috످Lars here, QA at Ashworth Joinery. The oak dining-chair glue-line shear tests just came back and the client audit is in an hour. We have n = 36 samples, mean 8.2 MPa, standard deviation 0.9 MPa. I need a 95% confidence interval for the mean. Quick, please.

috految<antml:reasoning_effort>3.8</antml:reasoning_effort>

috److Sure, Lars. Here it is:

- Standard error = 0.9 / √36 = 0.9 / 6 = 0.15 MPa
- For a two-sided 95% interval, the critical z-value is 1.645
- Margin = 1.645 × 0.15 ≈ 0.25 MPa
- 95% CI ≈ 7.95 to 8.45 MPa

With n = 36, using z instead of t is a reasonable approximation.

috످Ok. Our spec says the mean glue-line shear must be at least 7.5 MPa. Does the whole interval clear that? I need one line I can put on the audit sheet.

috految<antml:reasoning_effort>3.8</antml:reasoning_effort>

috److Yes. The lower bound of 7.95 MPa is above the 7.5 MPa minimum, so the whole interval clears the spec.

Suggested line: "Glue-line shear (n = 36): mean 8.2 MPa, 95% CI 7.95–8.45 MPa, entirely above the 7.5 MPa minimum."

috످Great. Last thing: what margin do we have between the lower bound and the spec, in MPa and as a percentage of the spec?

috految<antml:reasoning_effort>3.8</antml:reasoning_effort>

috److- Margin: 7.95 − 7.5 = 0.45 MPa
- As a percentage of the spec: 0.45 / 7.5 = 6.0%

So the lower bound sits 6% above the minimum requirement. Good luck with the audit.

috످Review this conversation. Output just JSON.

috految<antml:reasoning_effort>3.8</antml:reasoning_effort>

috److{"verdict":"The chairs still meet the spec, but the audit line needs correcting.","reason":"In my first reply I used z = 1.645 instead of 1.96, so I gave Lars a 90% interval labelled as 95% and carried that error into the audit line and the margin.","corrections":["The 95% interval is 7.91–8.49 MPa using z, or 7.90–8.50 MPa using the more accurate t-value of 2.03.","Using t, the margin above the spec is 0.40 MPa (5.3%), not the 0.45 MPa (6.0%) I reported."],"next_step":"Replace the line on the sheet before the audit, and tell the client if it has already been shared.","corrected_audit_line":"Glue-line shear (n = 36): mean 8.2 MPa, 95% CI 7.90–8.50 MPa, entirely above the 7.5 MPa minimum."}

috످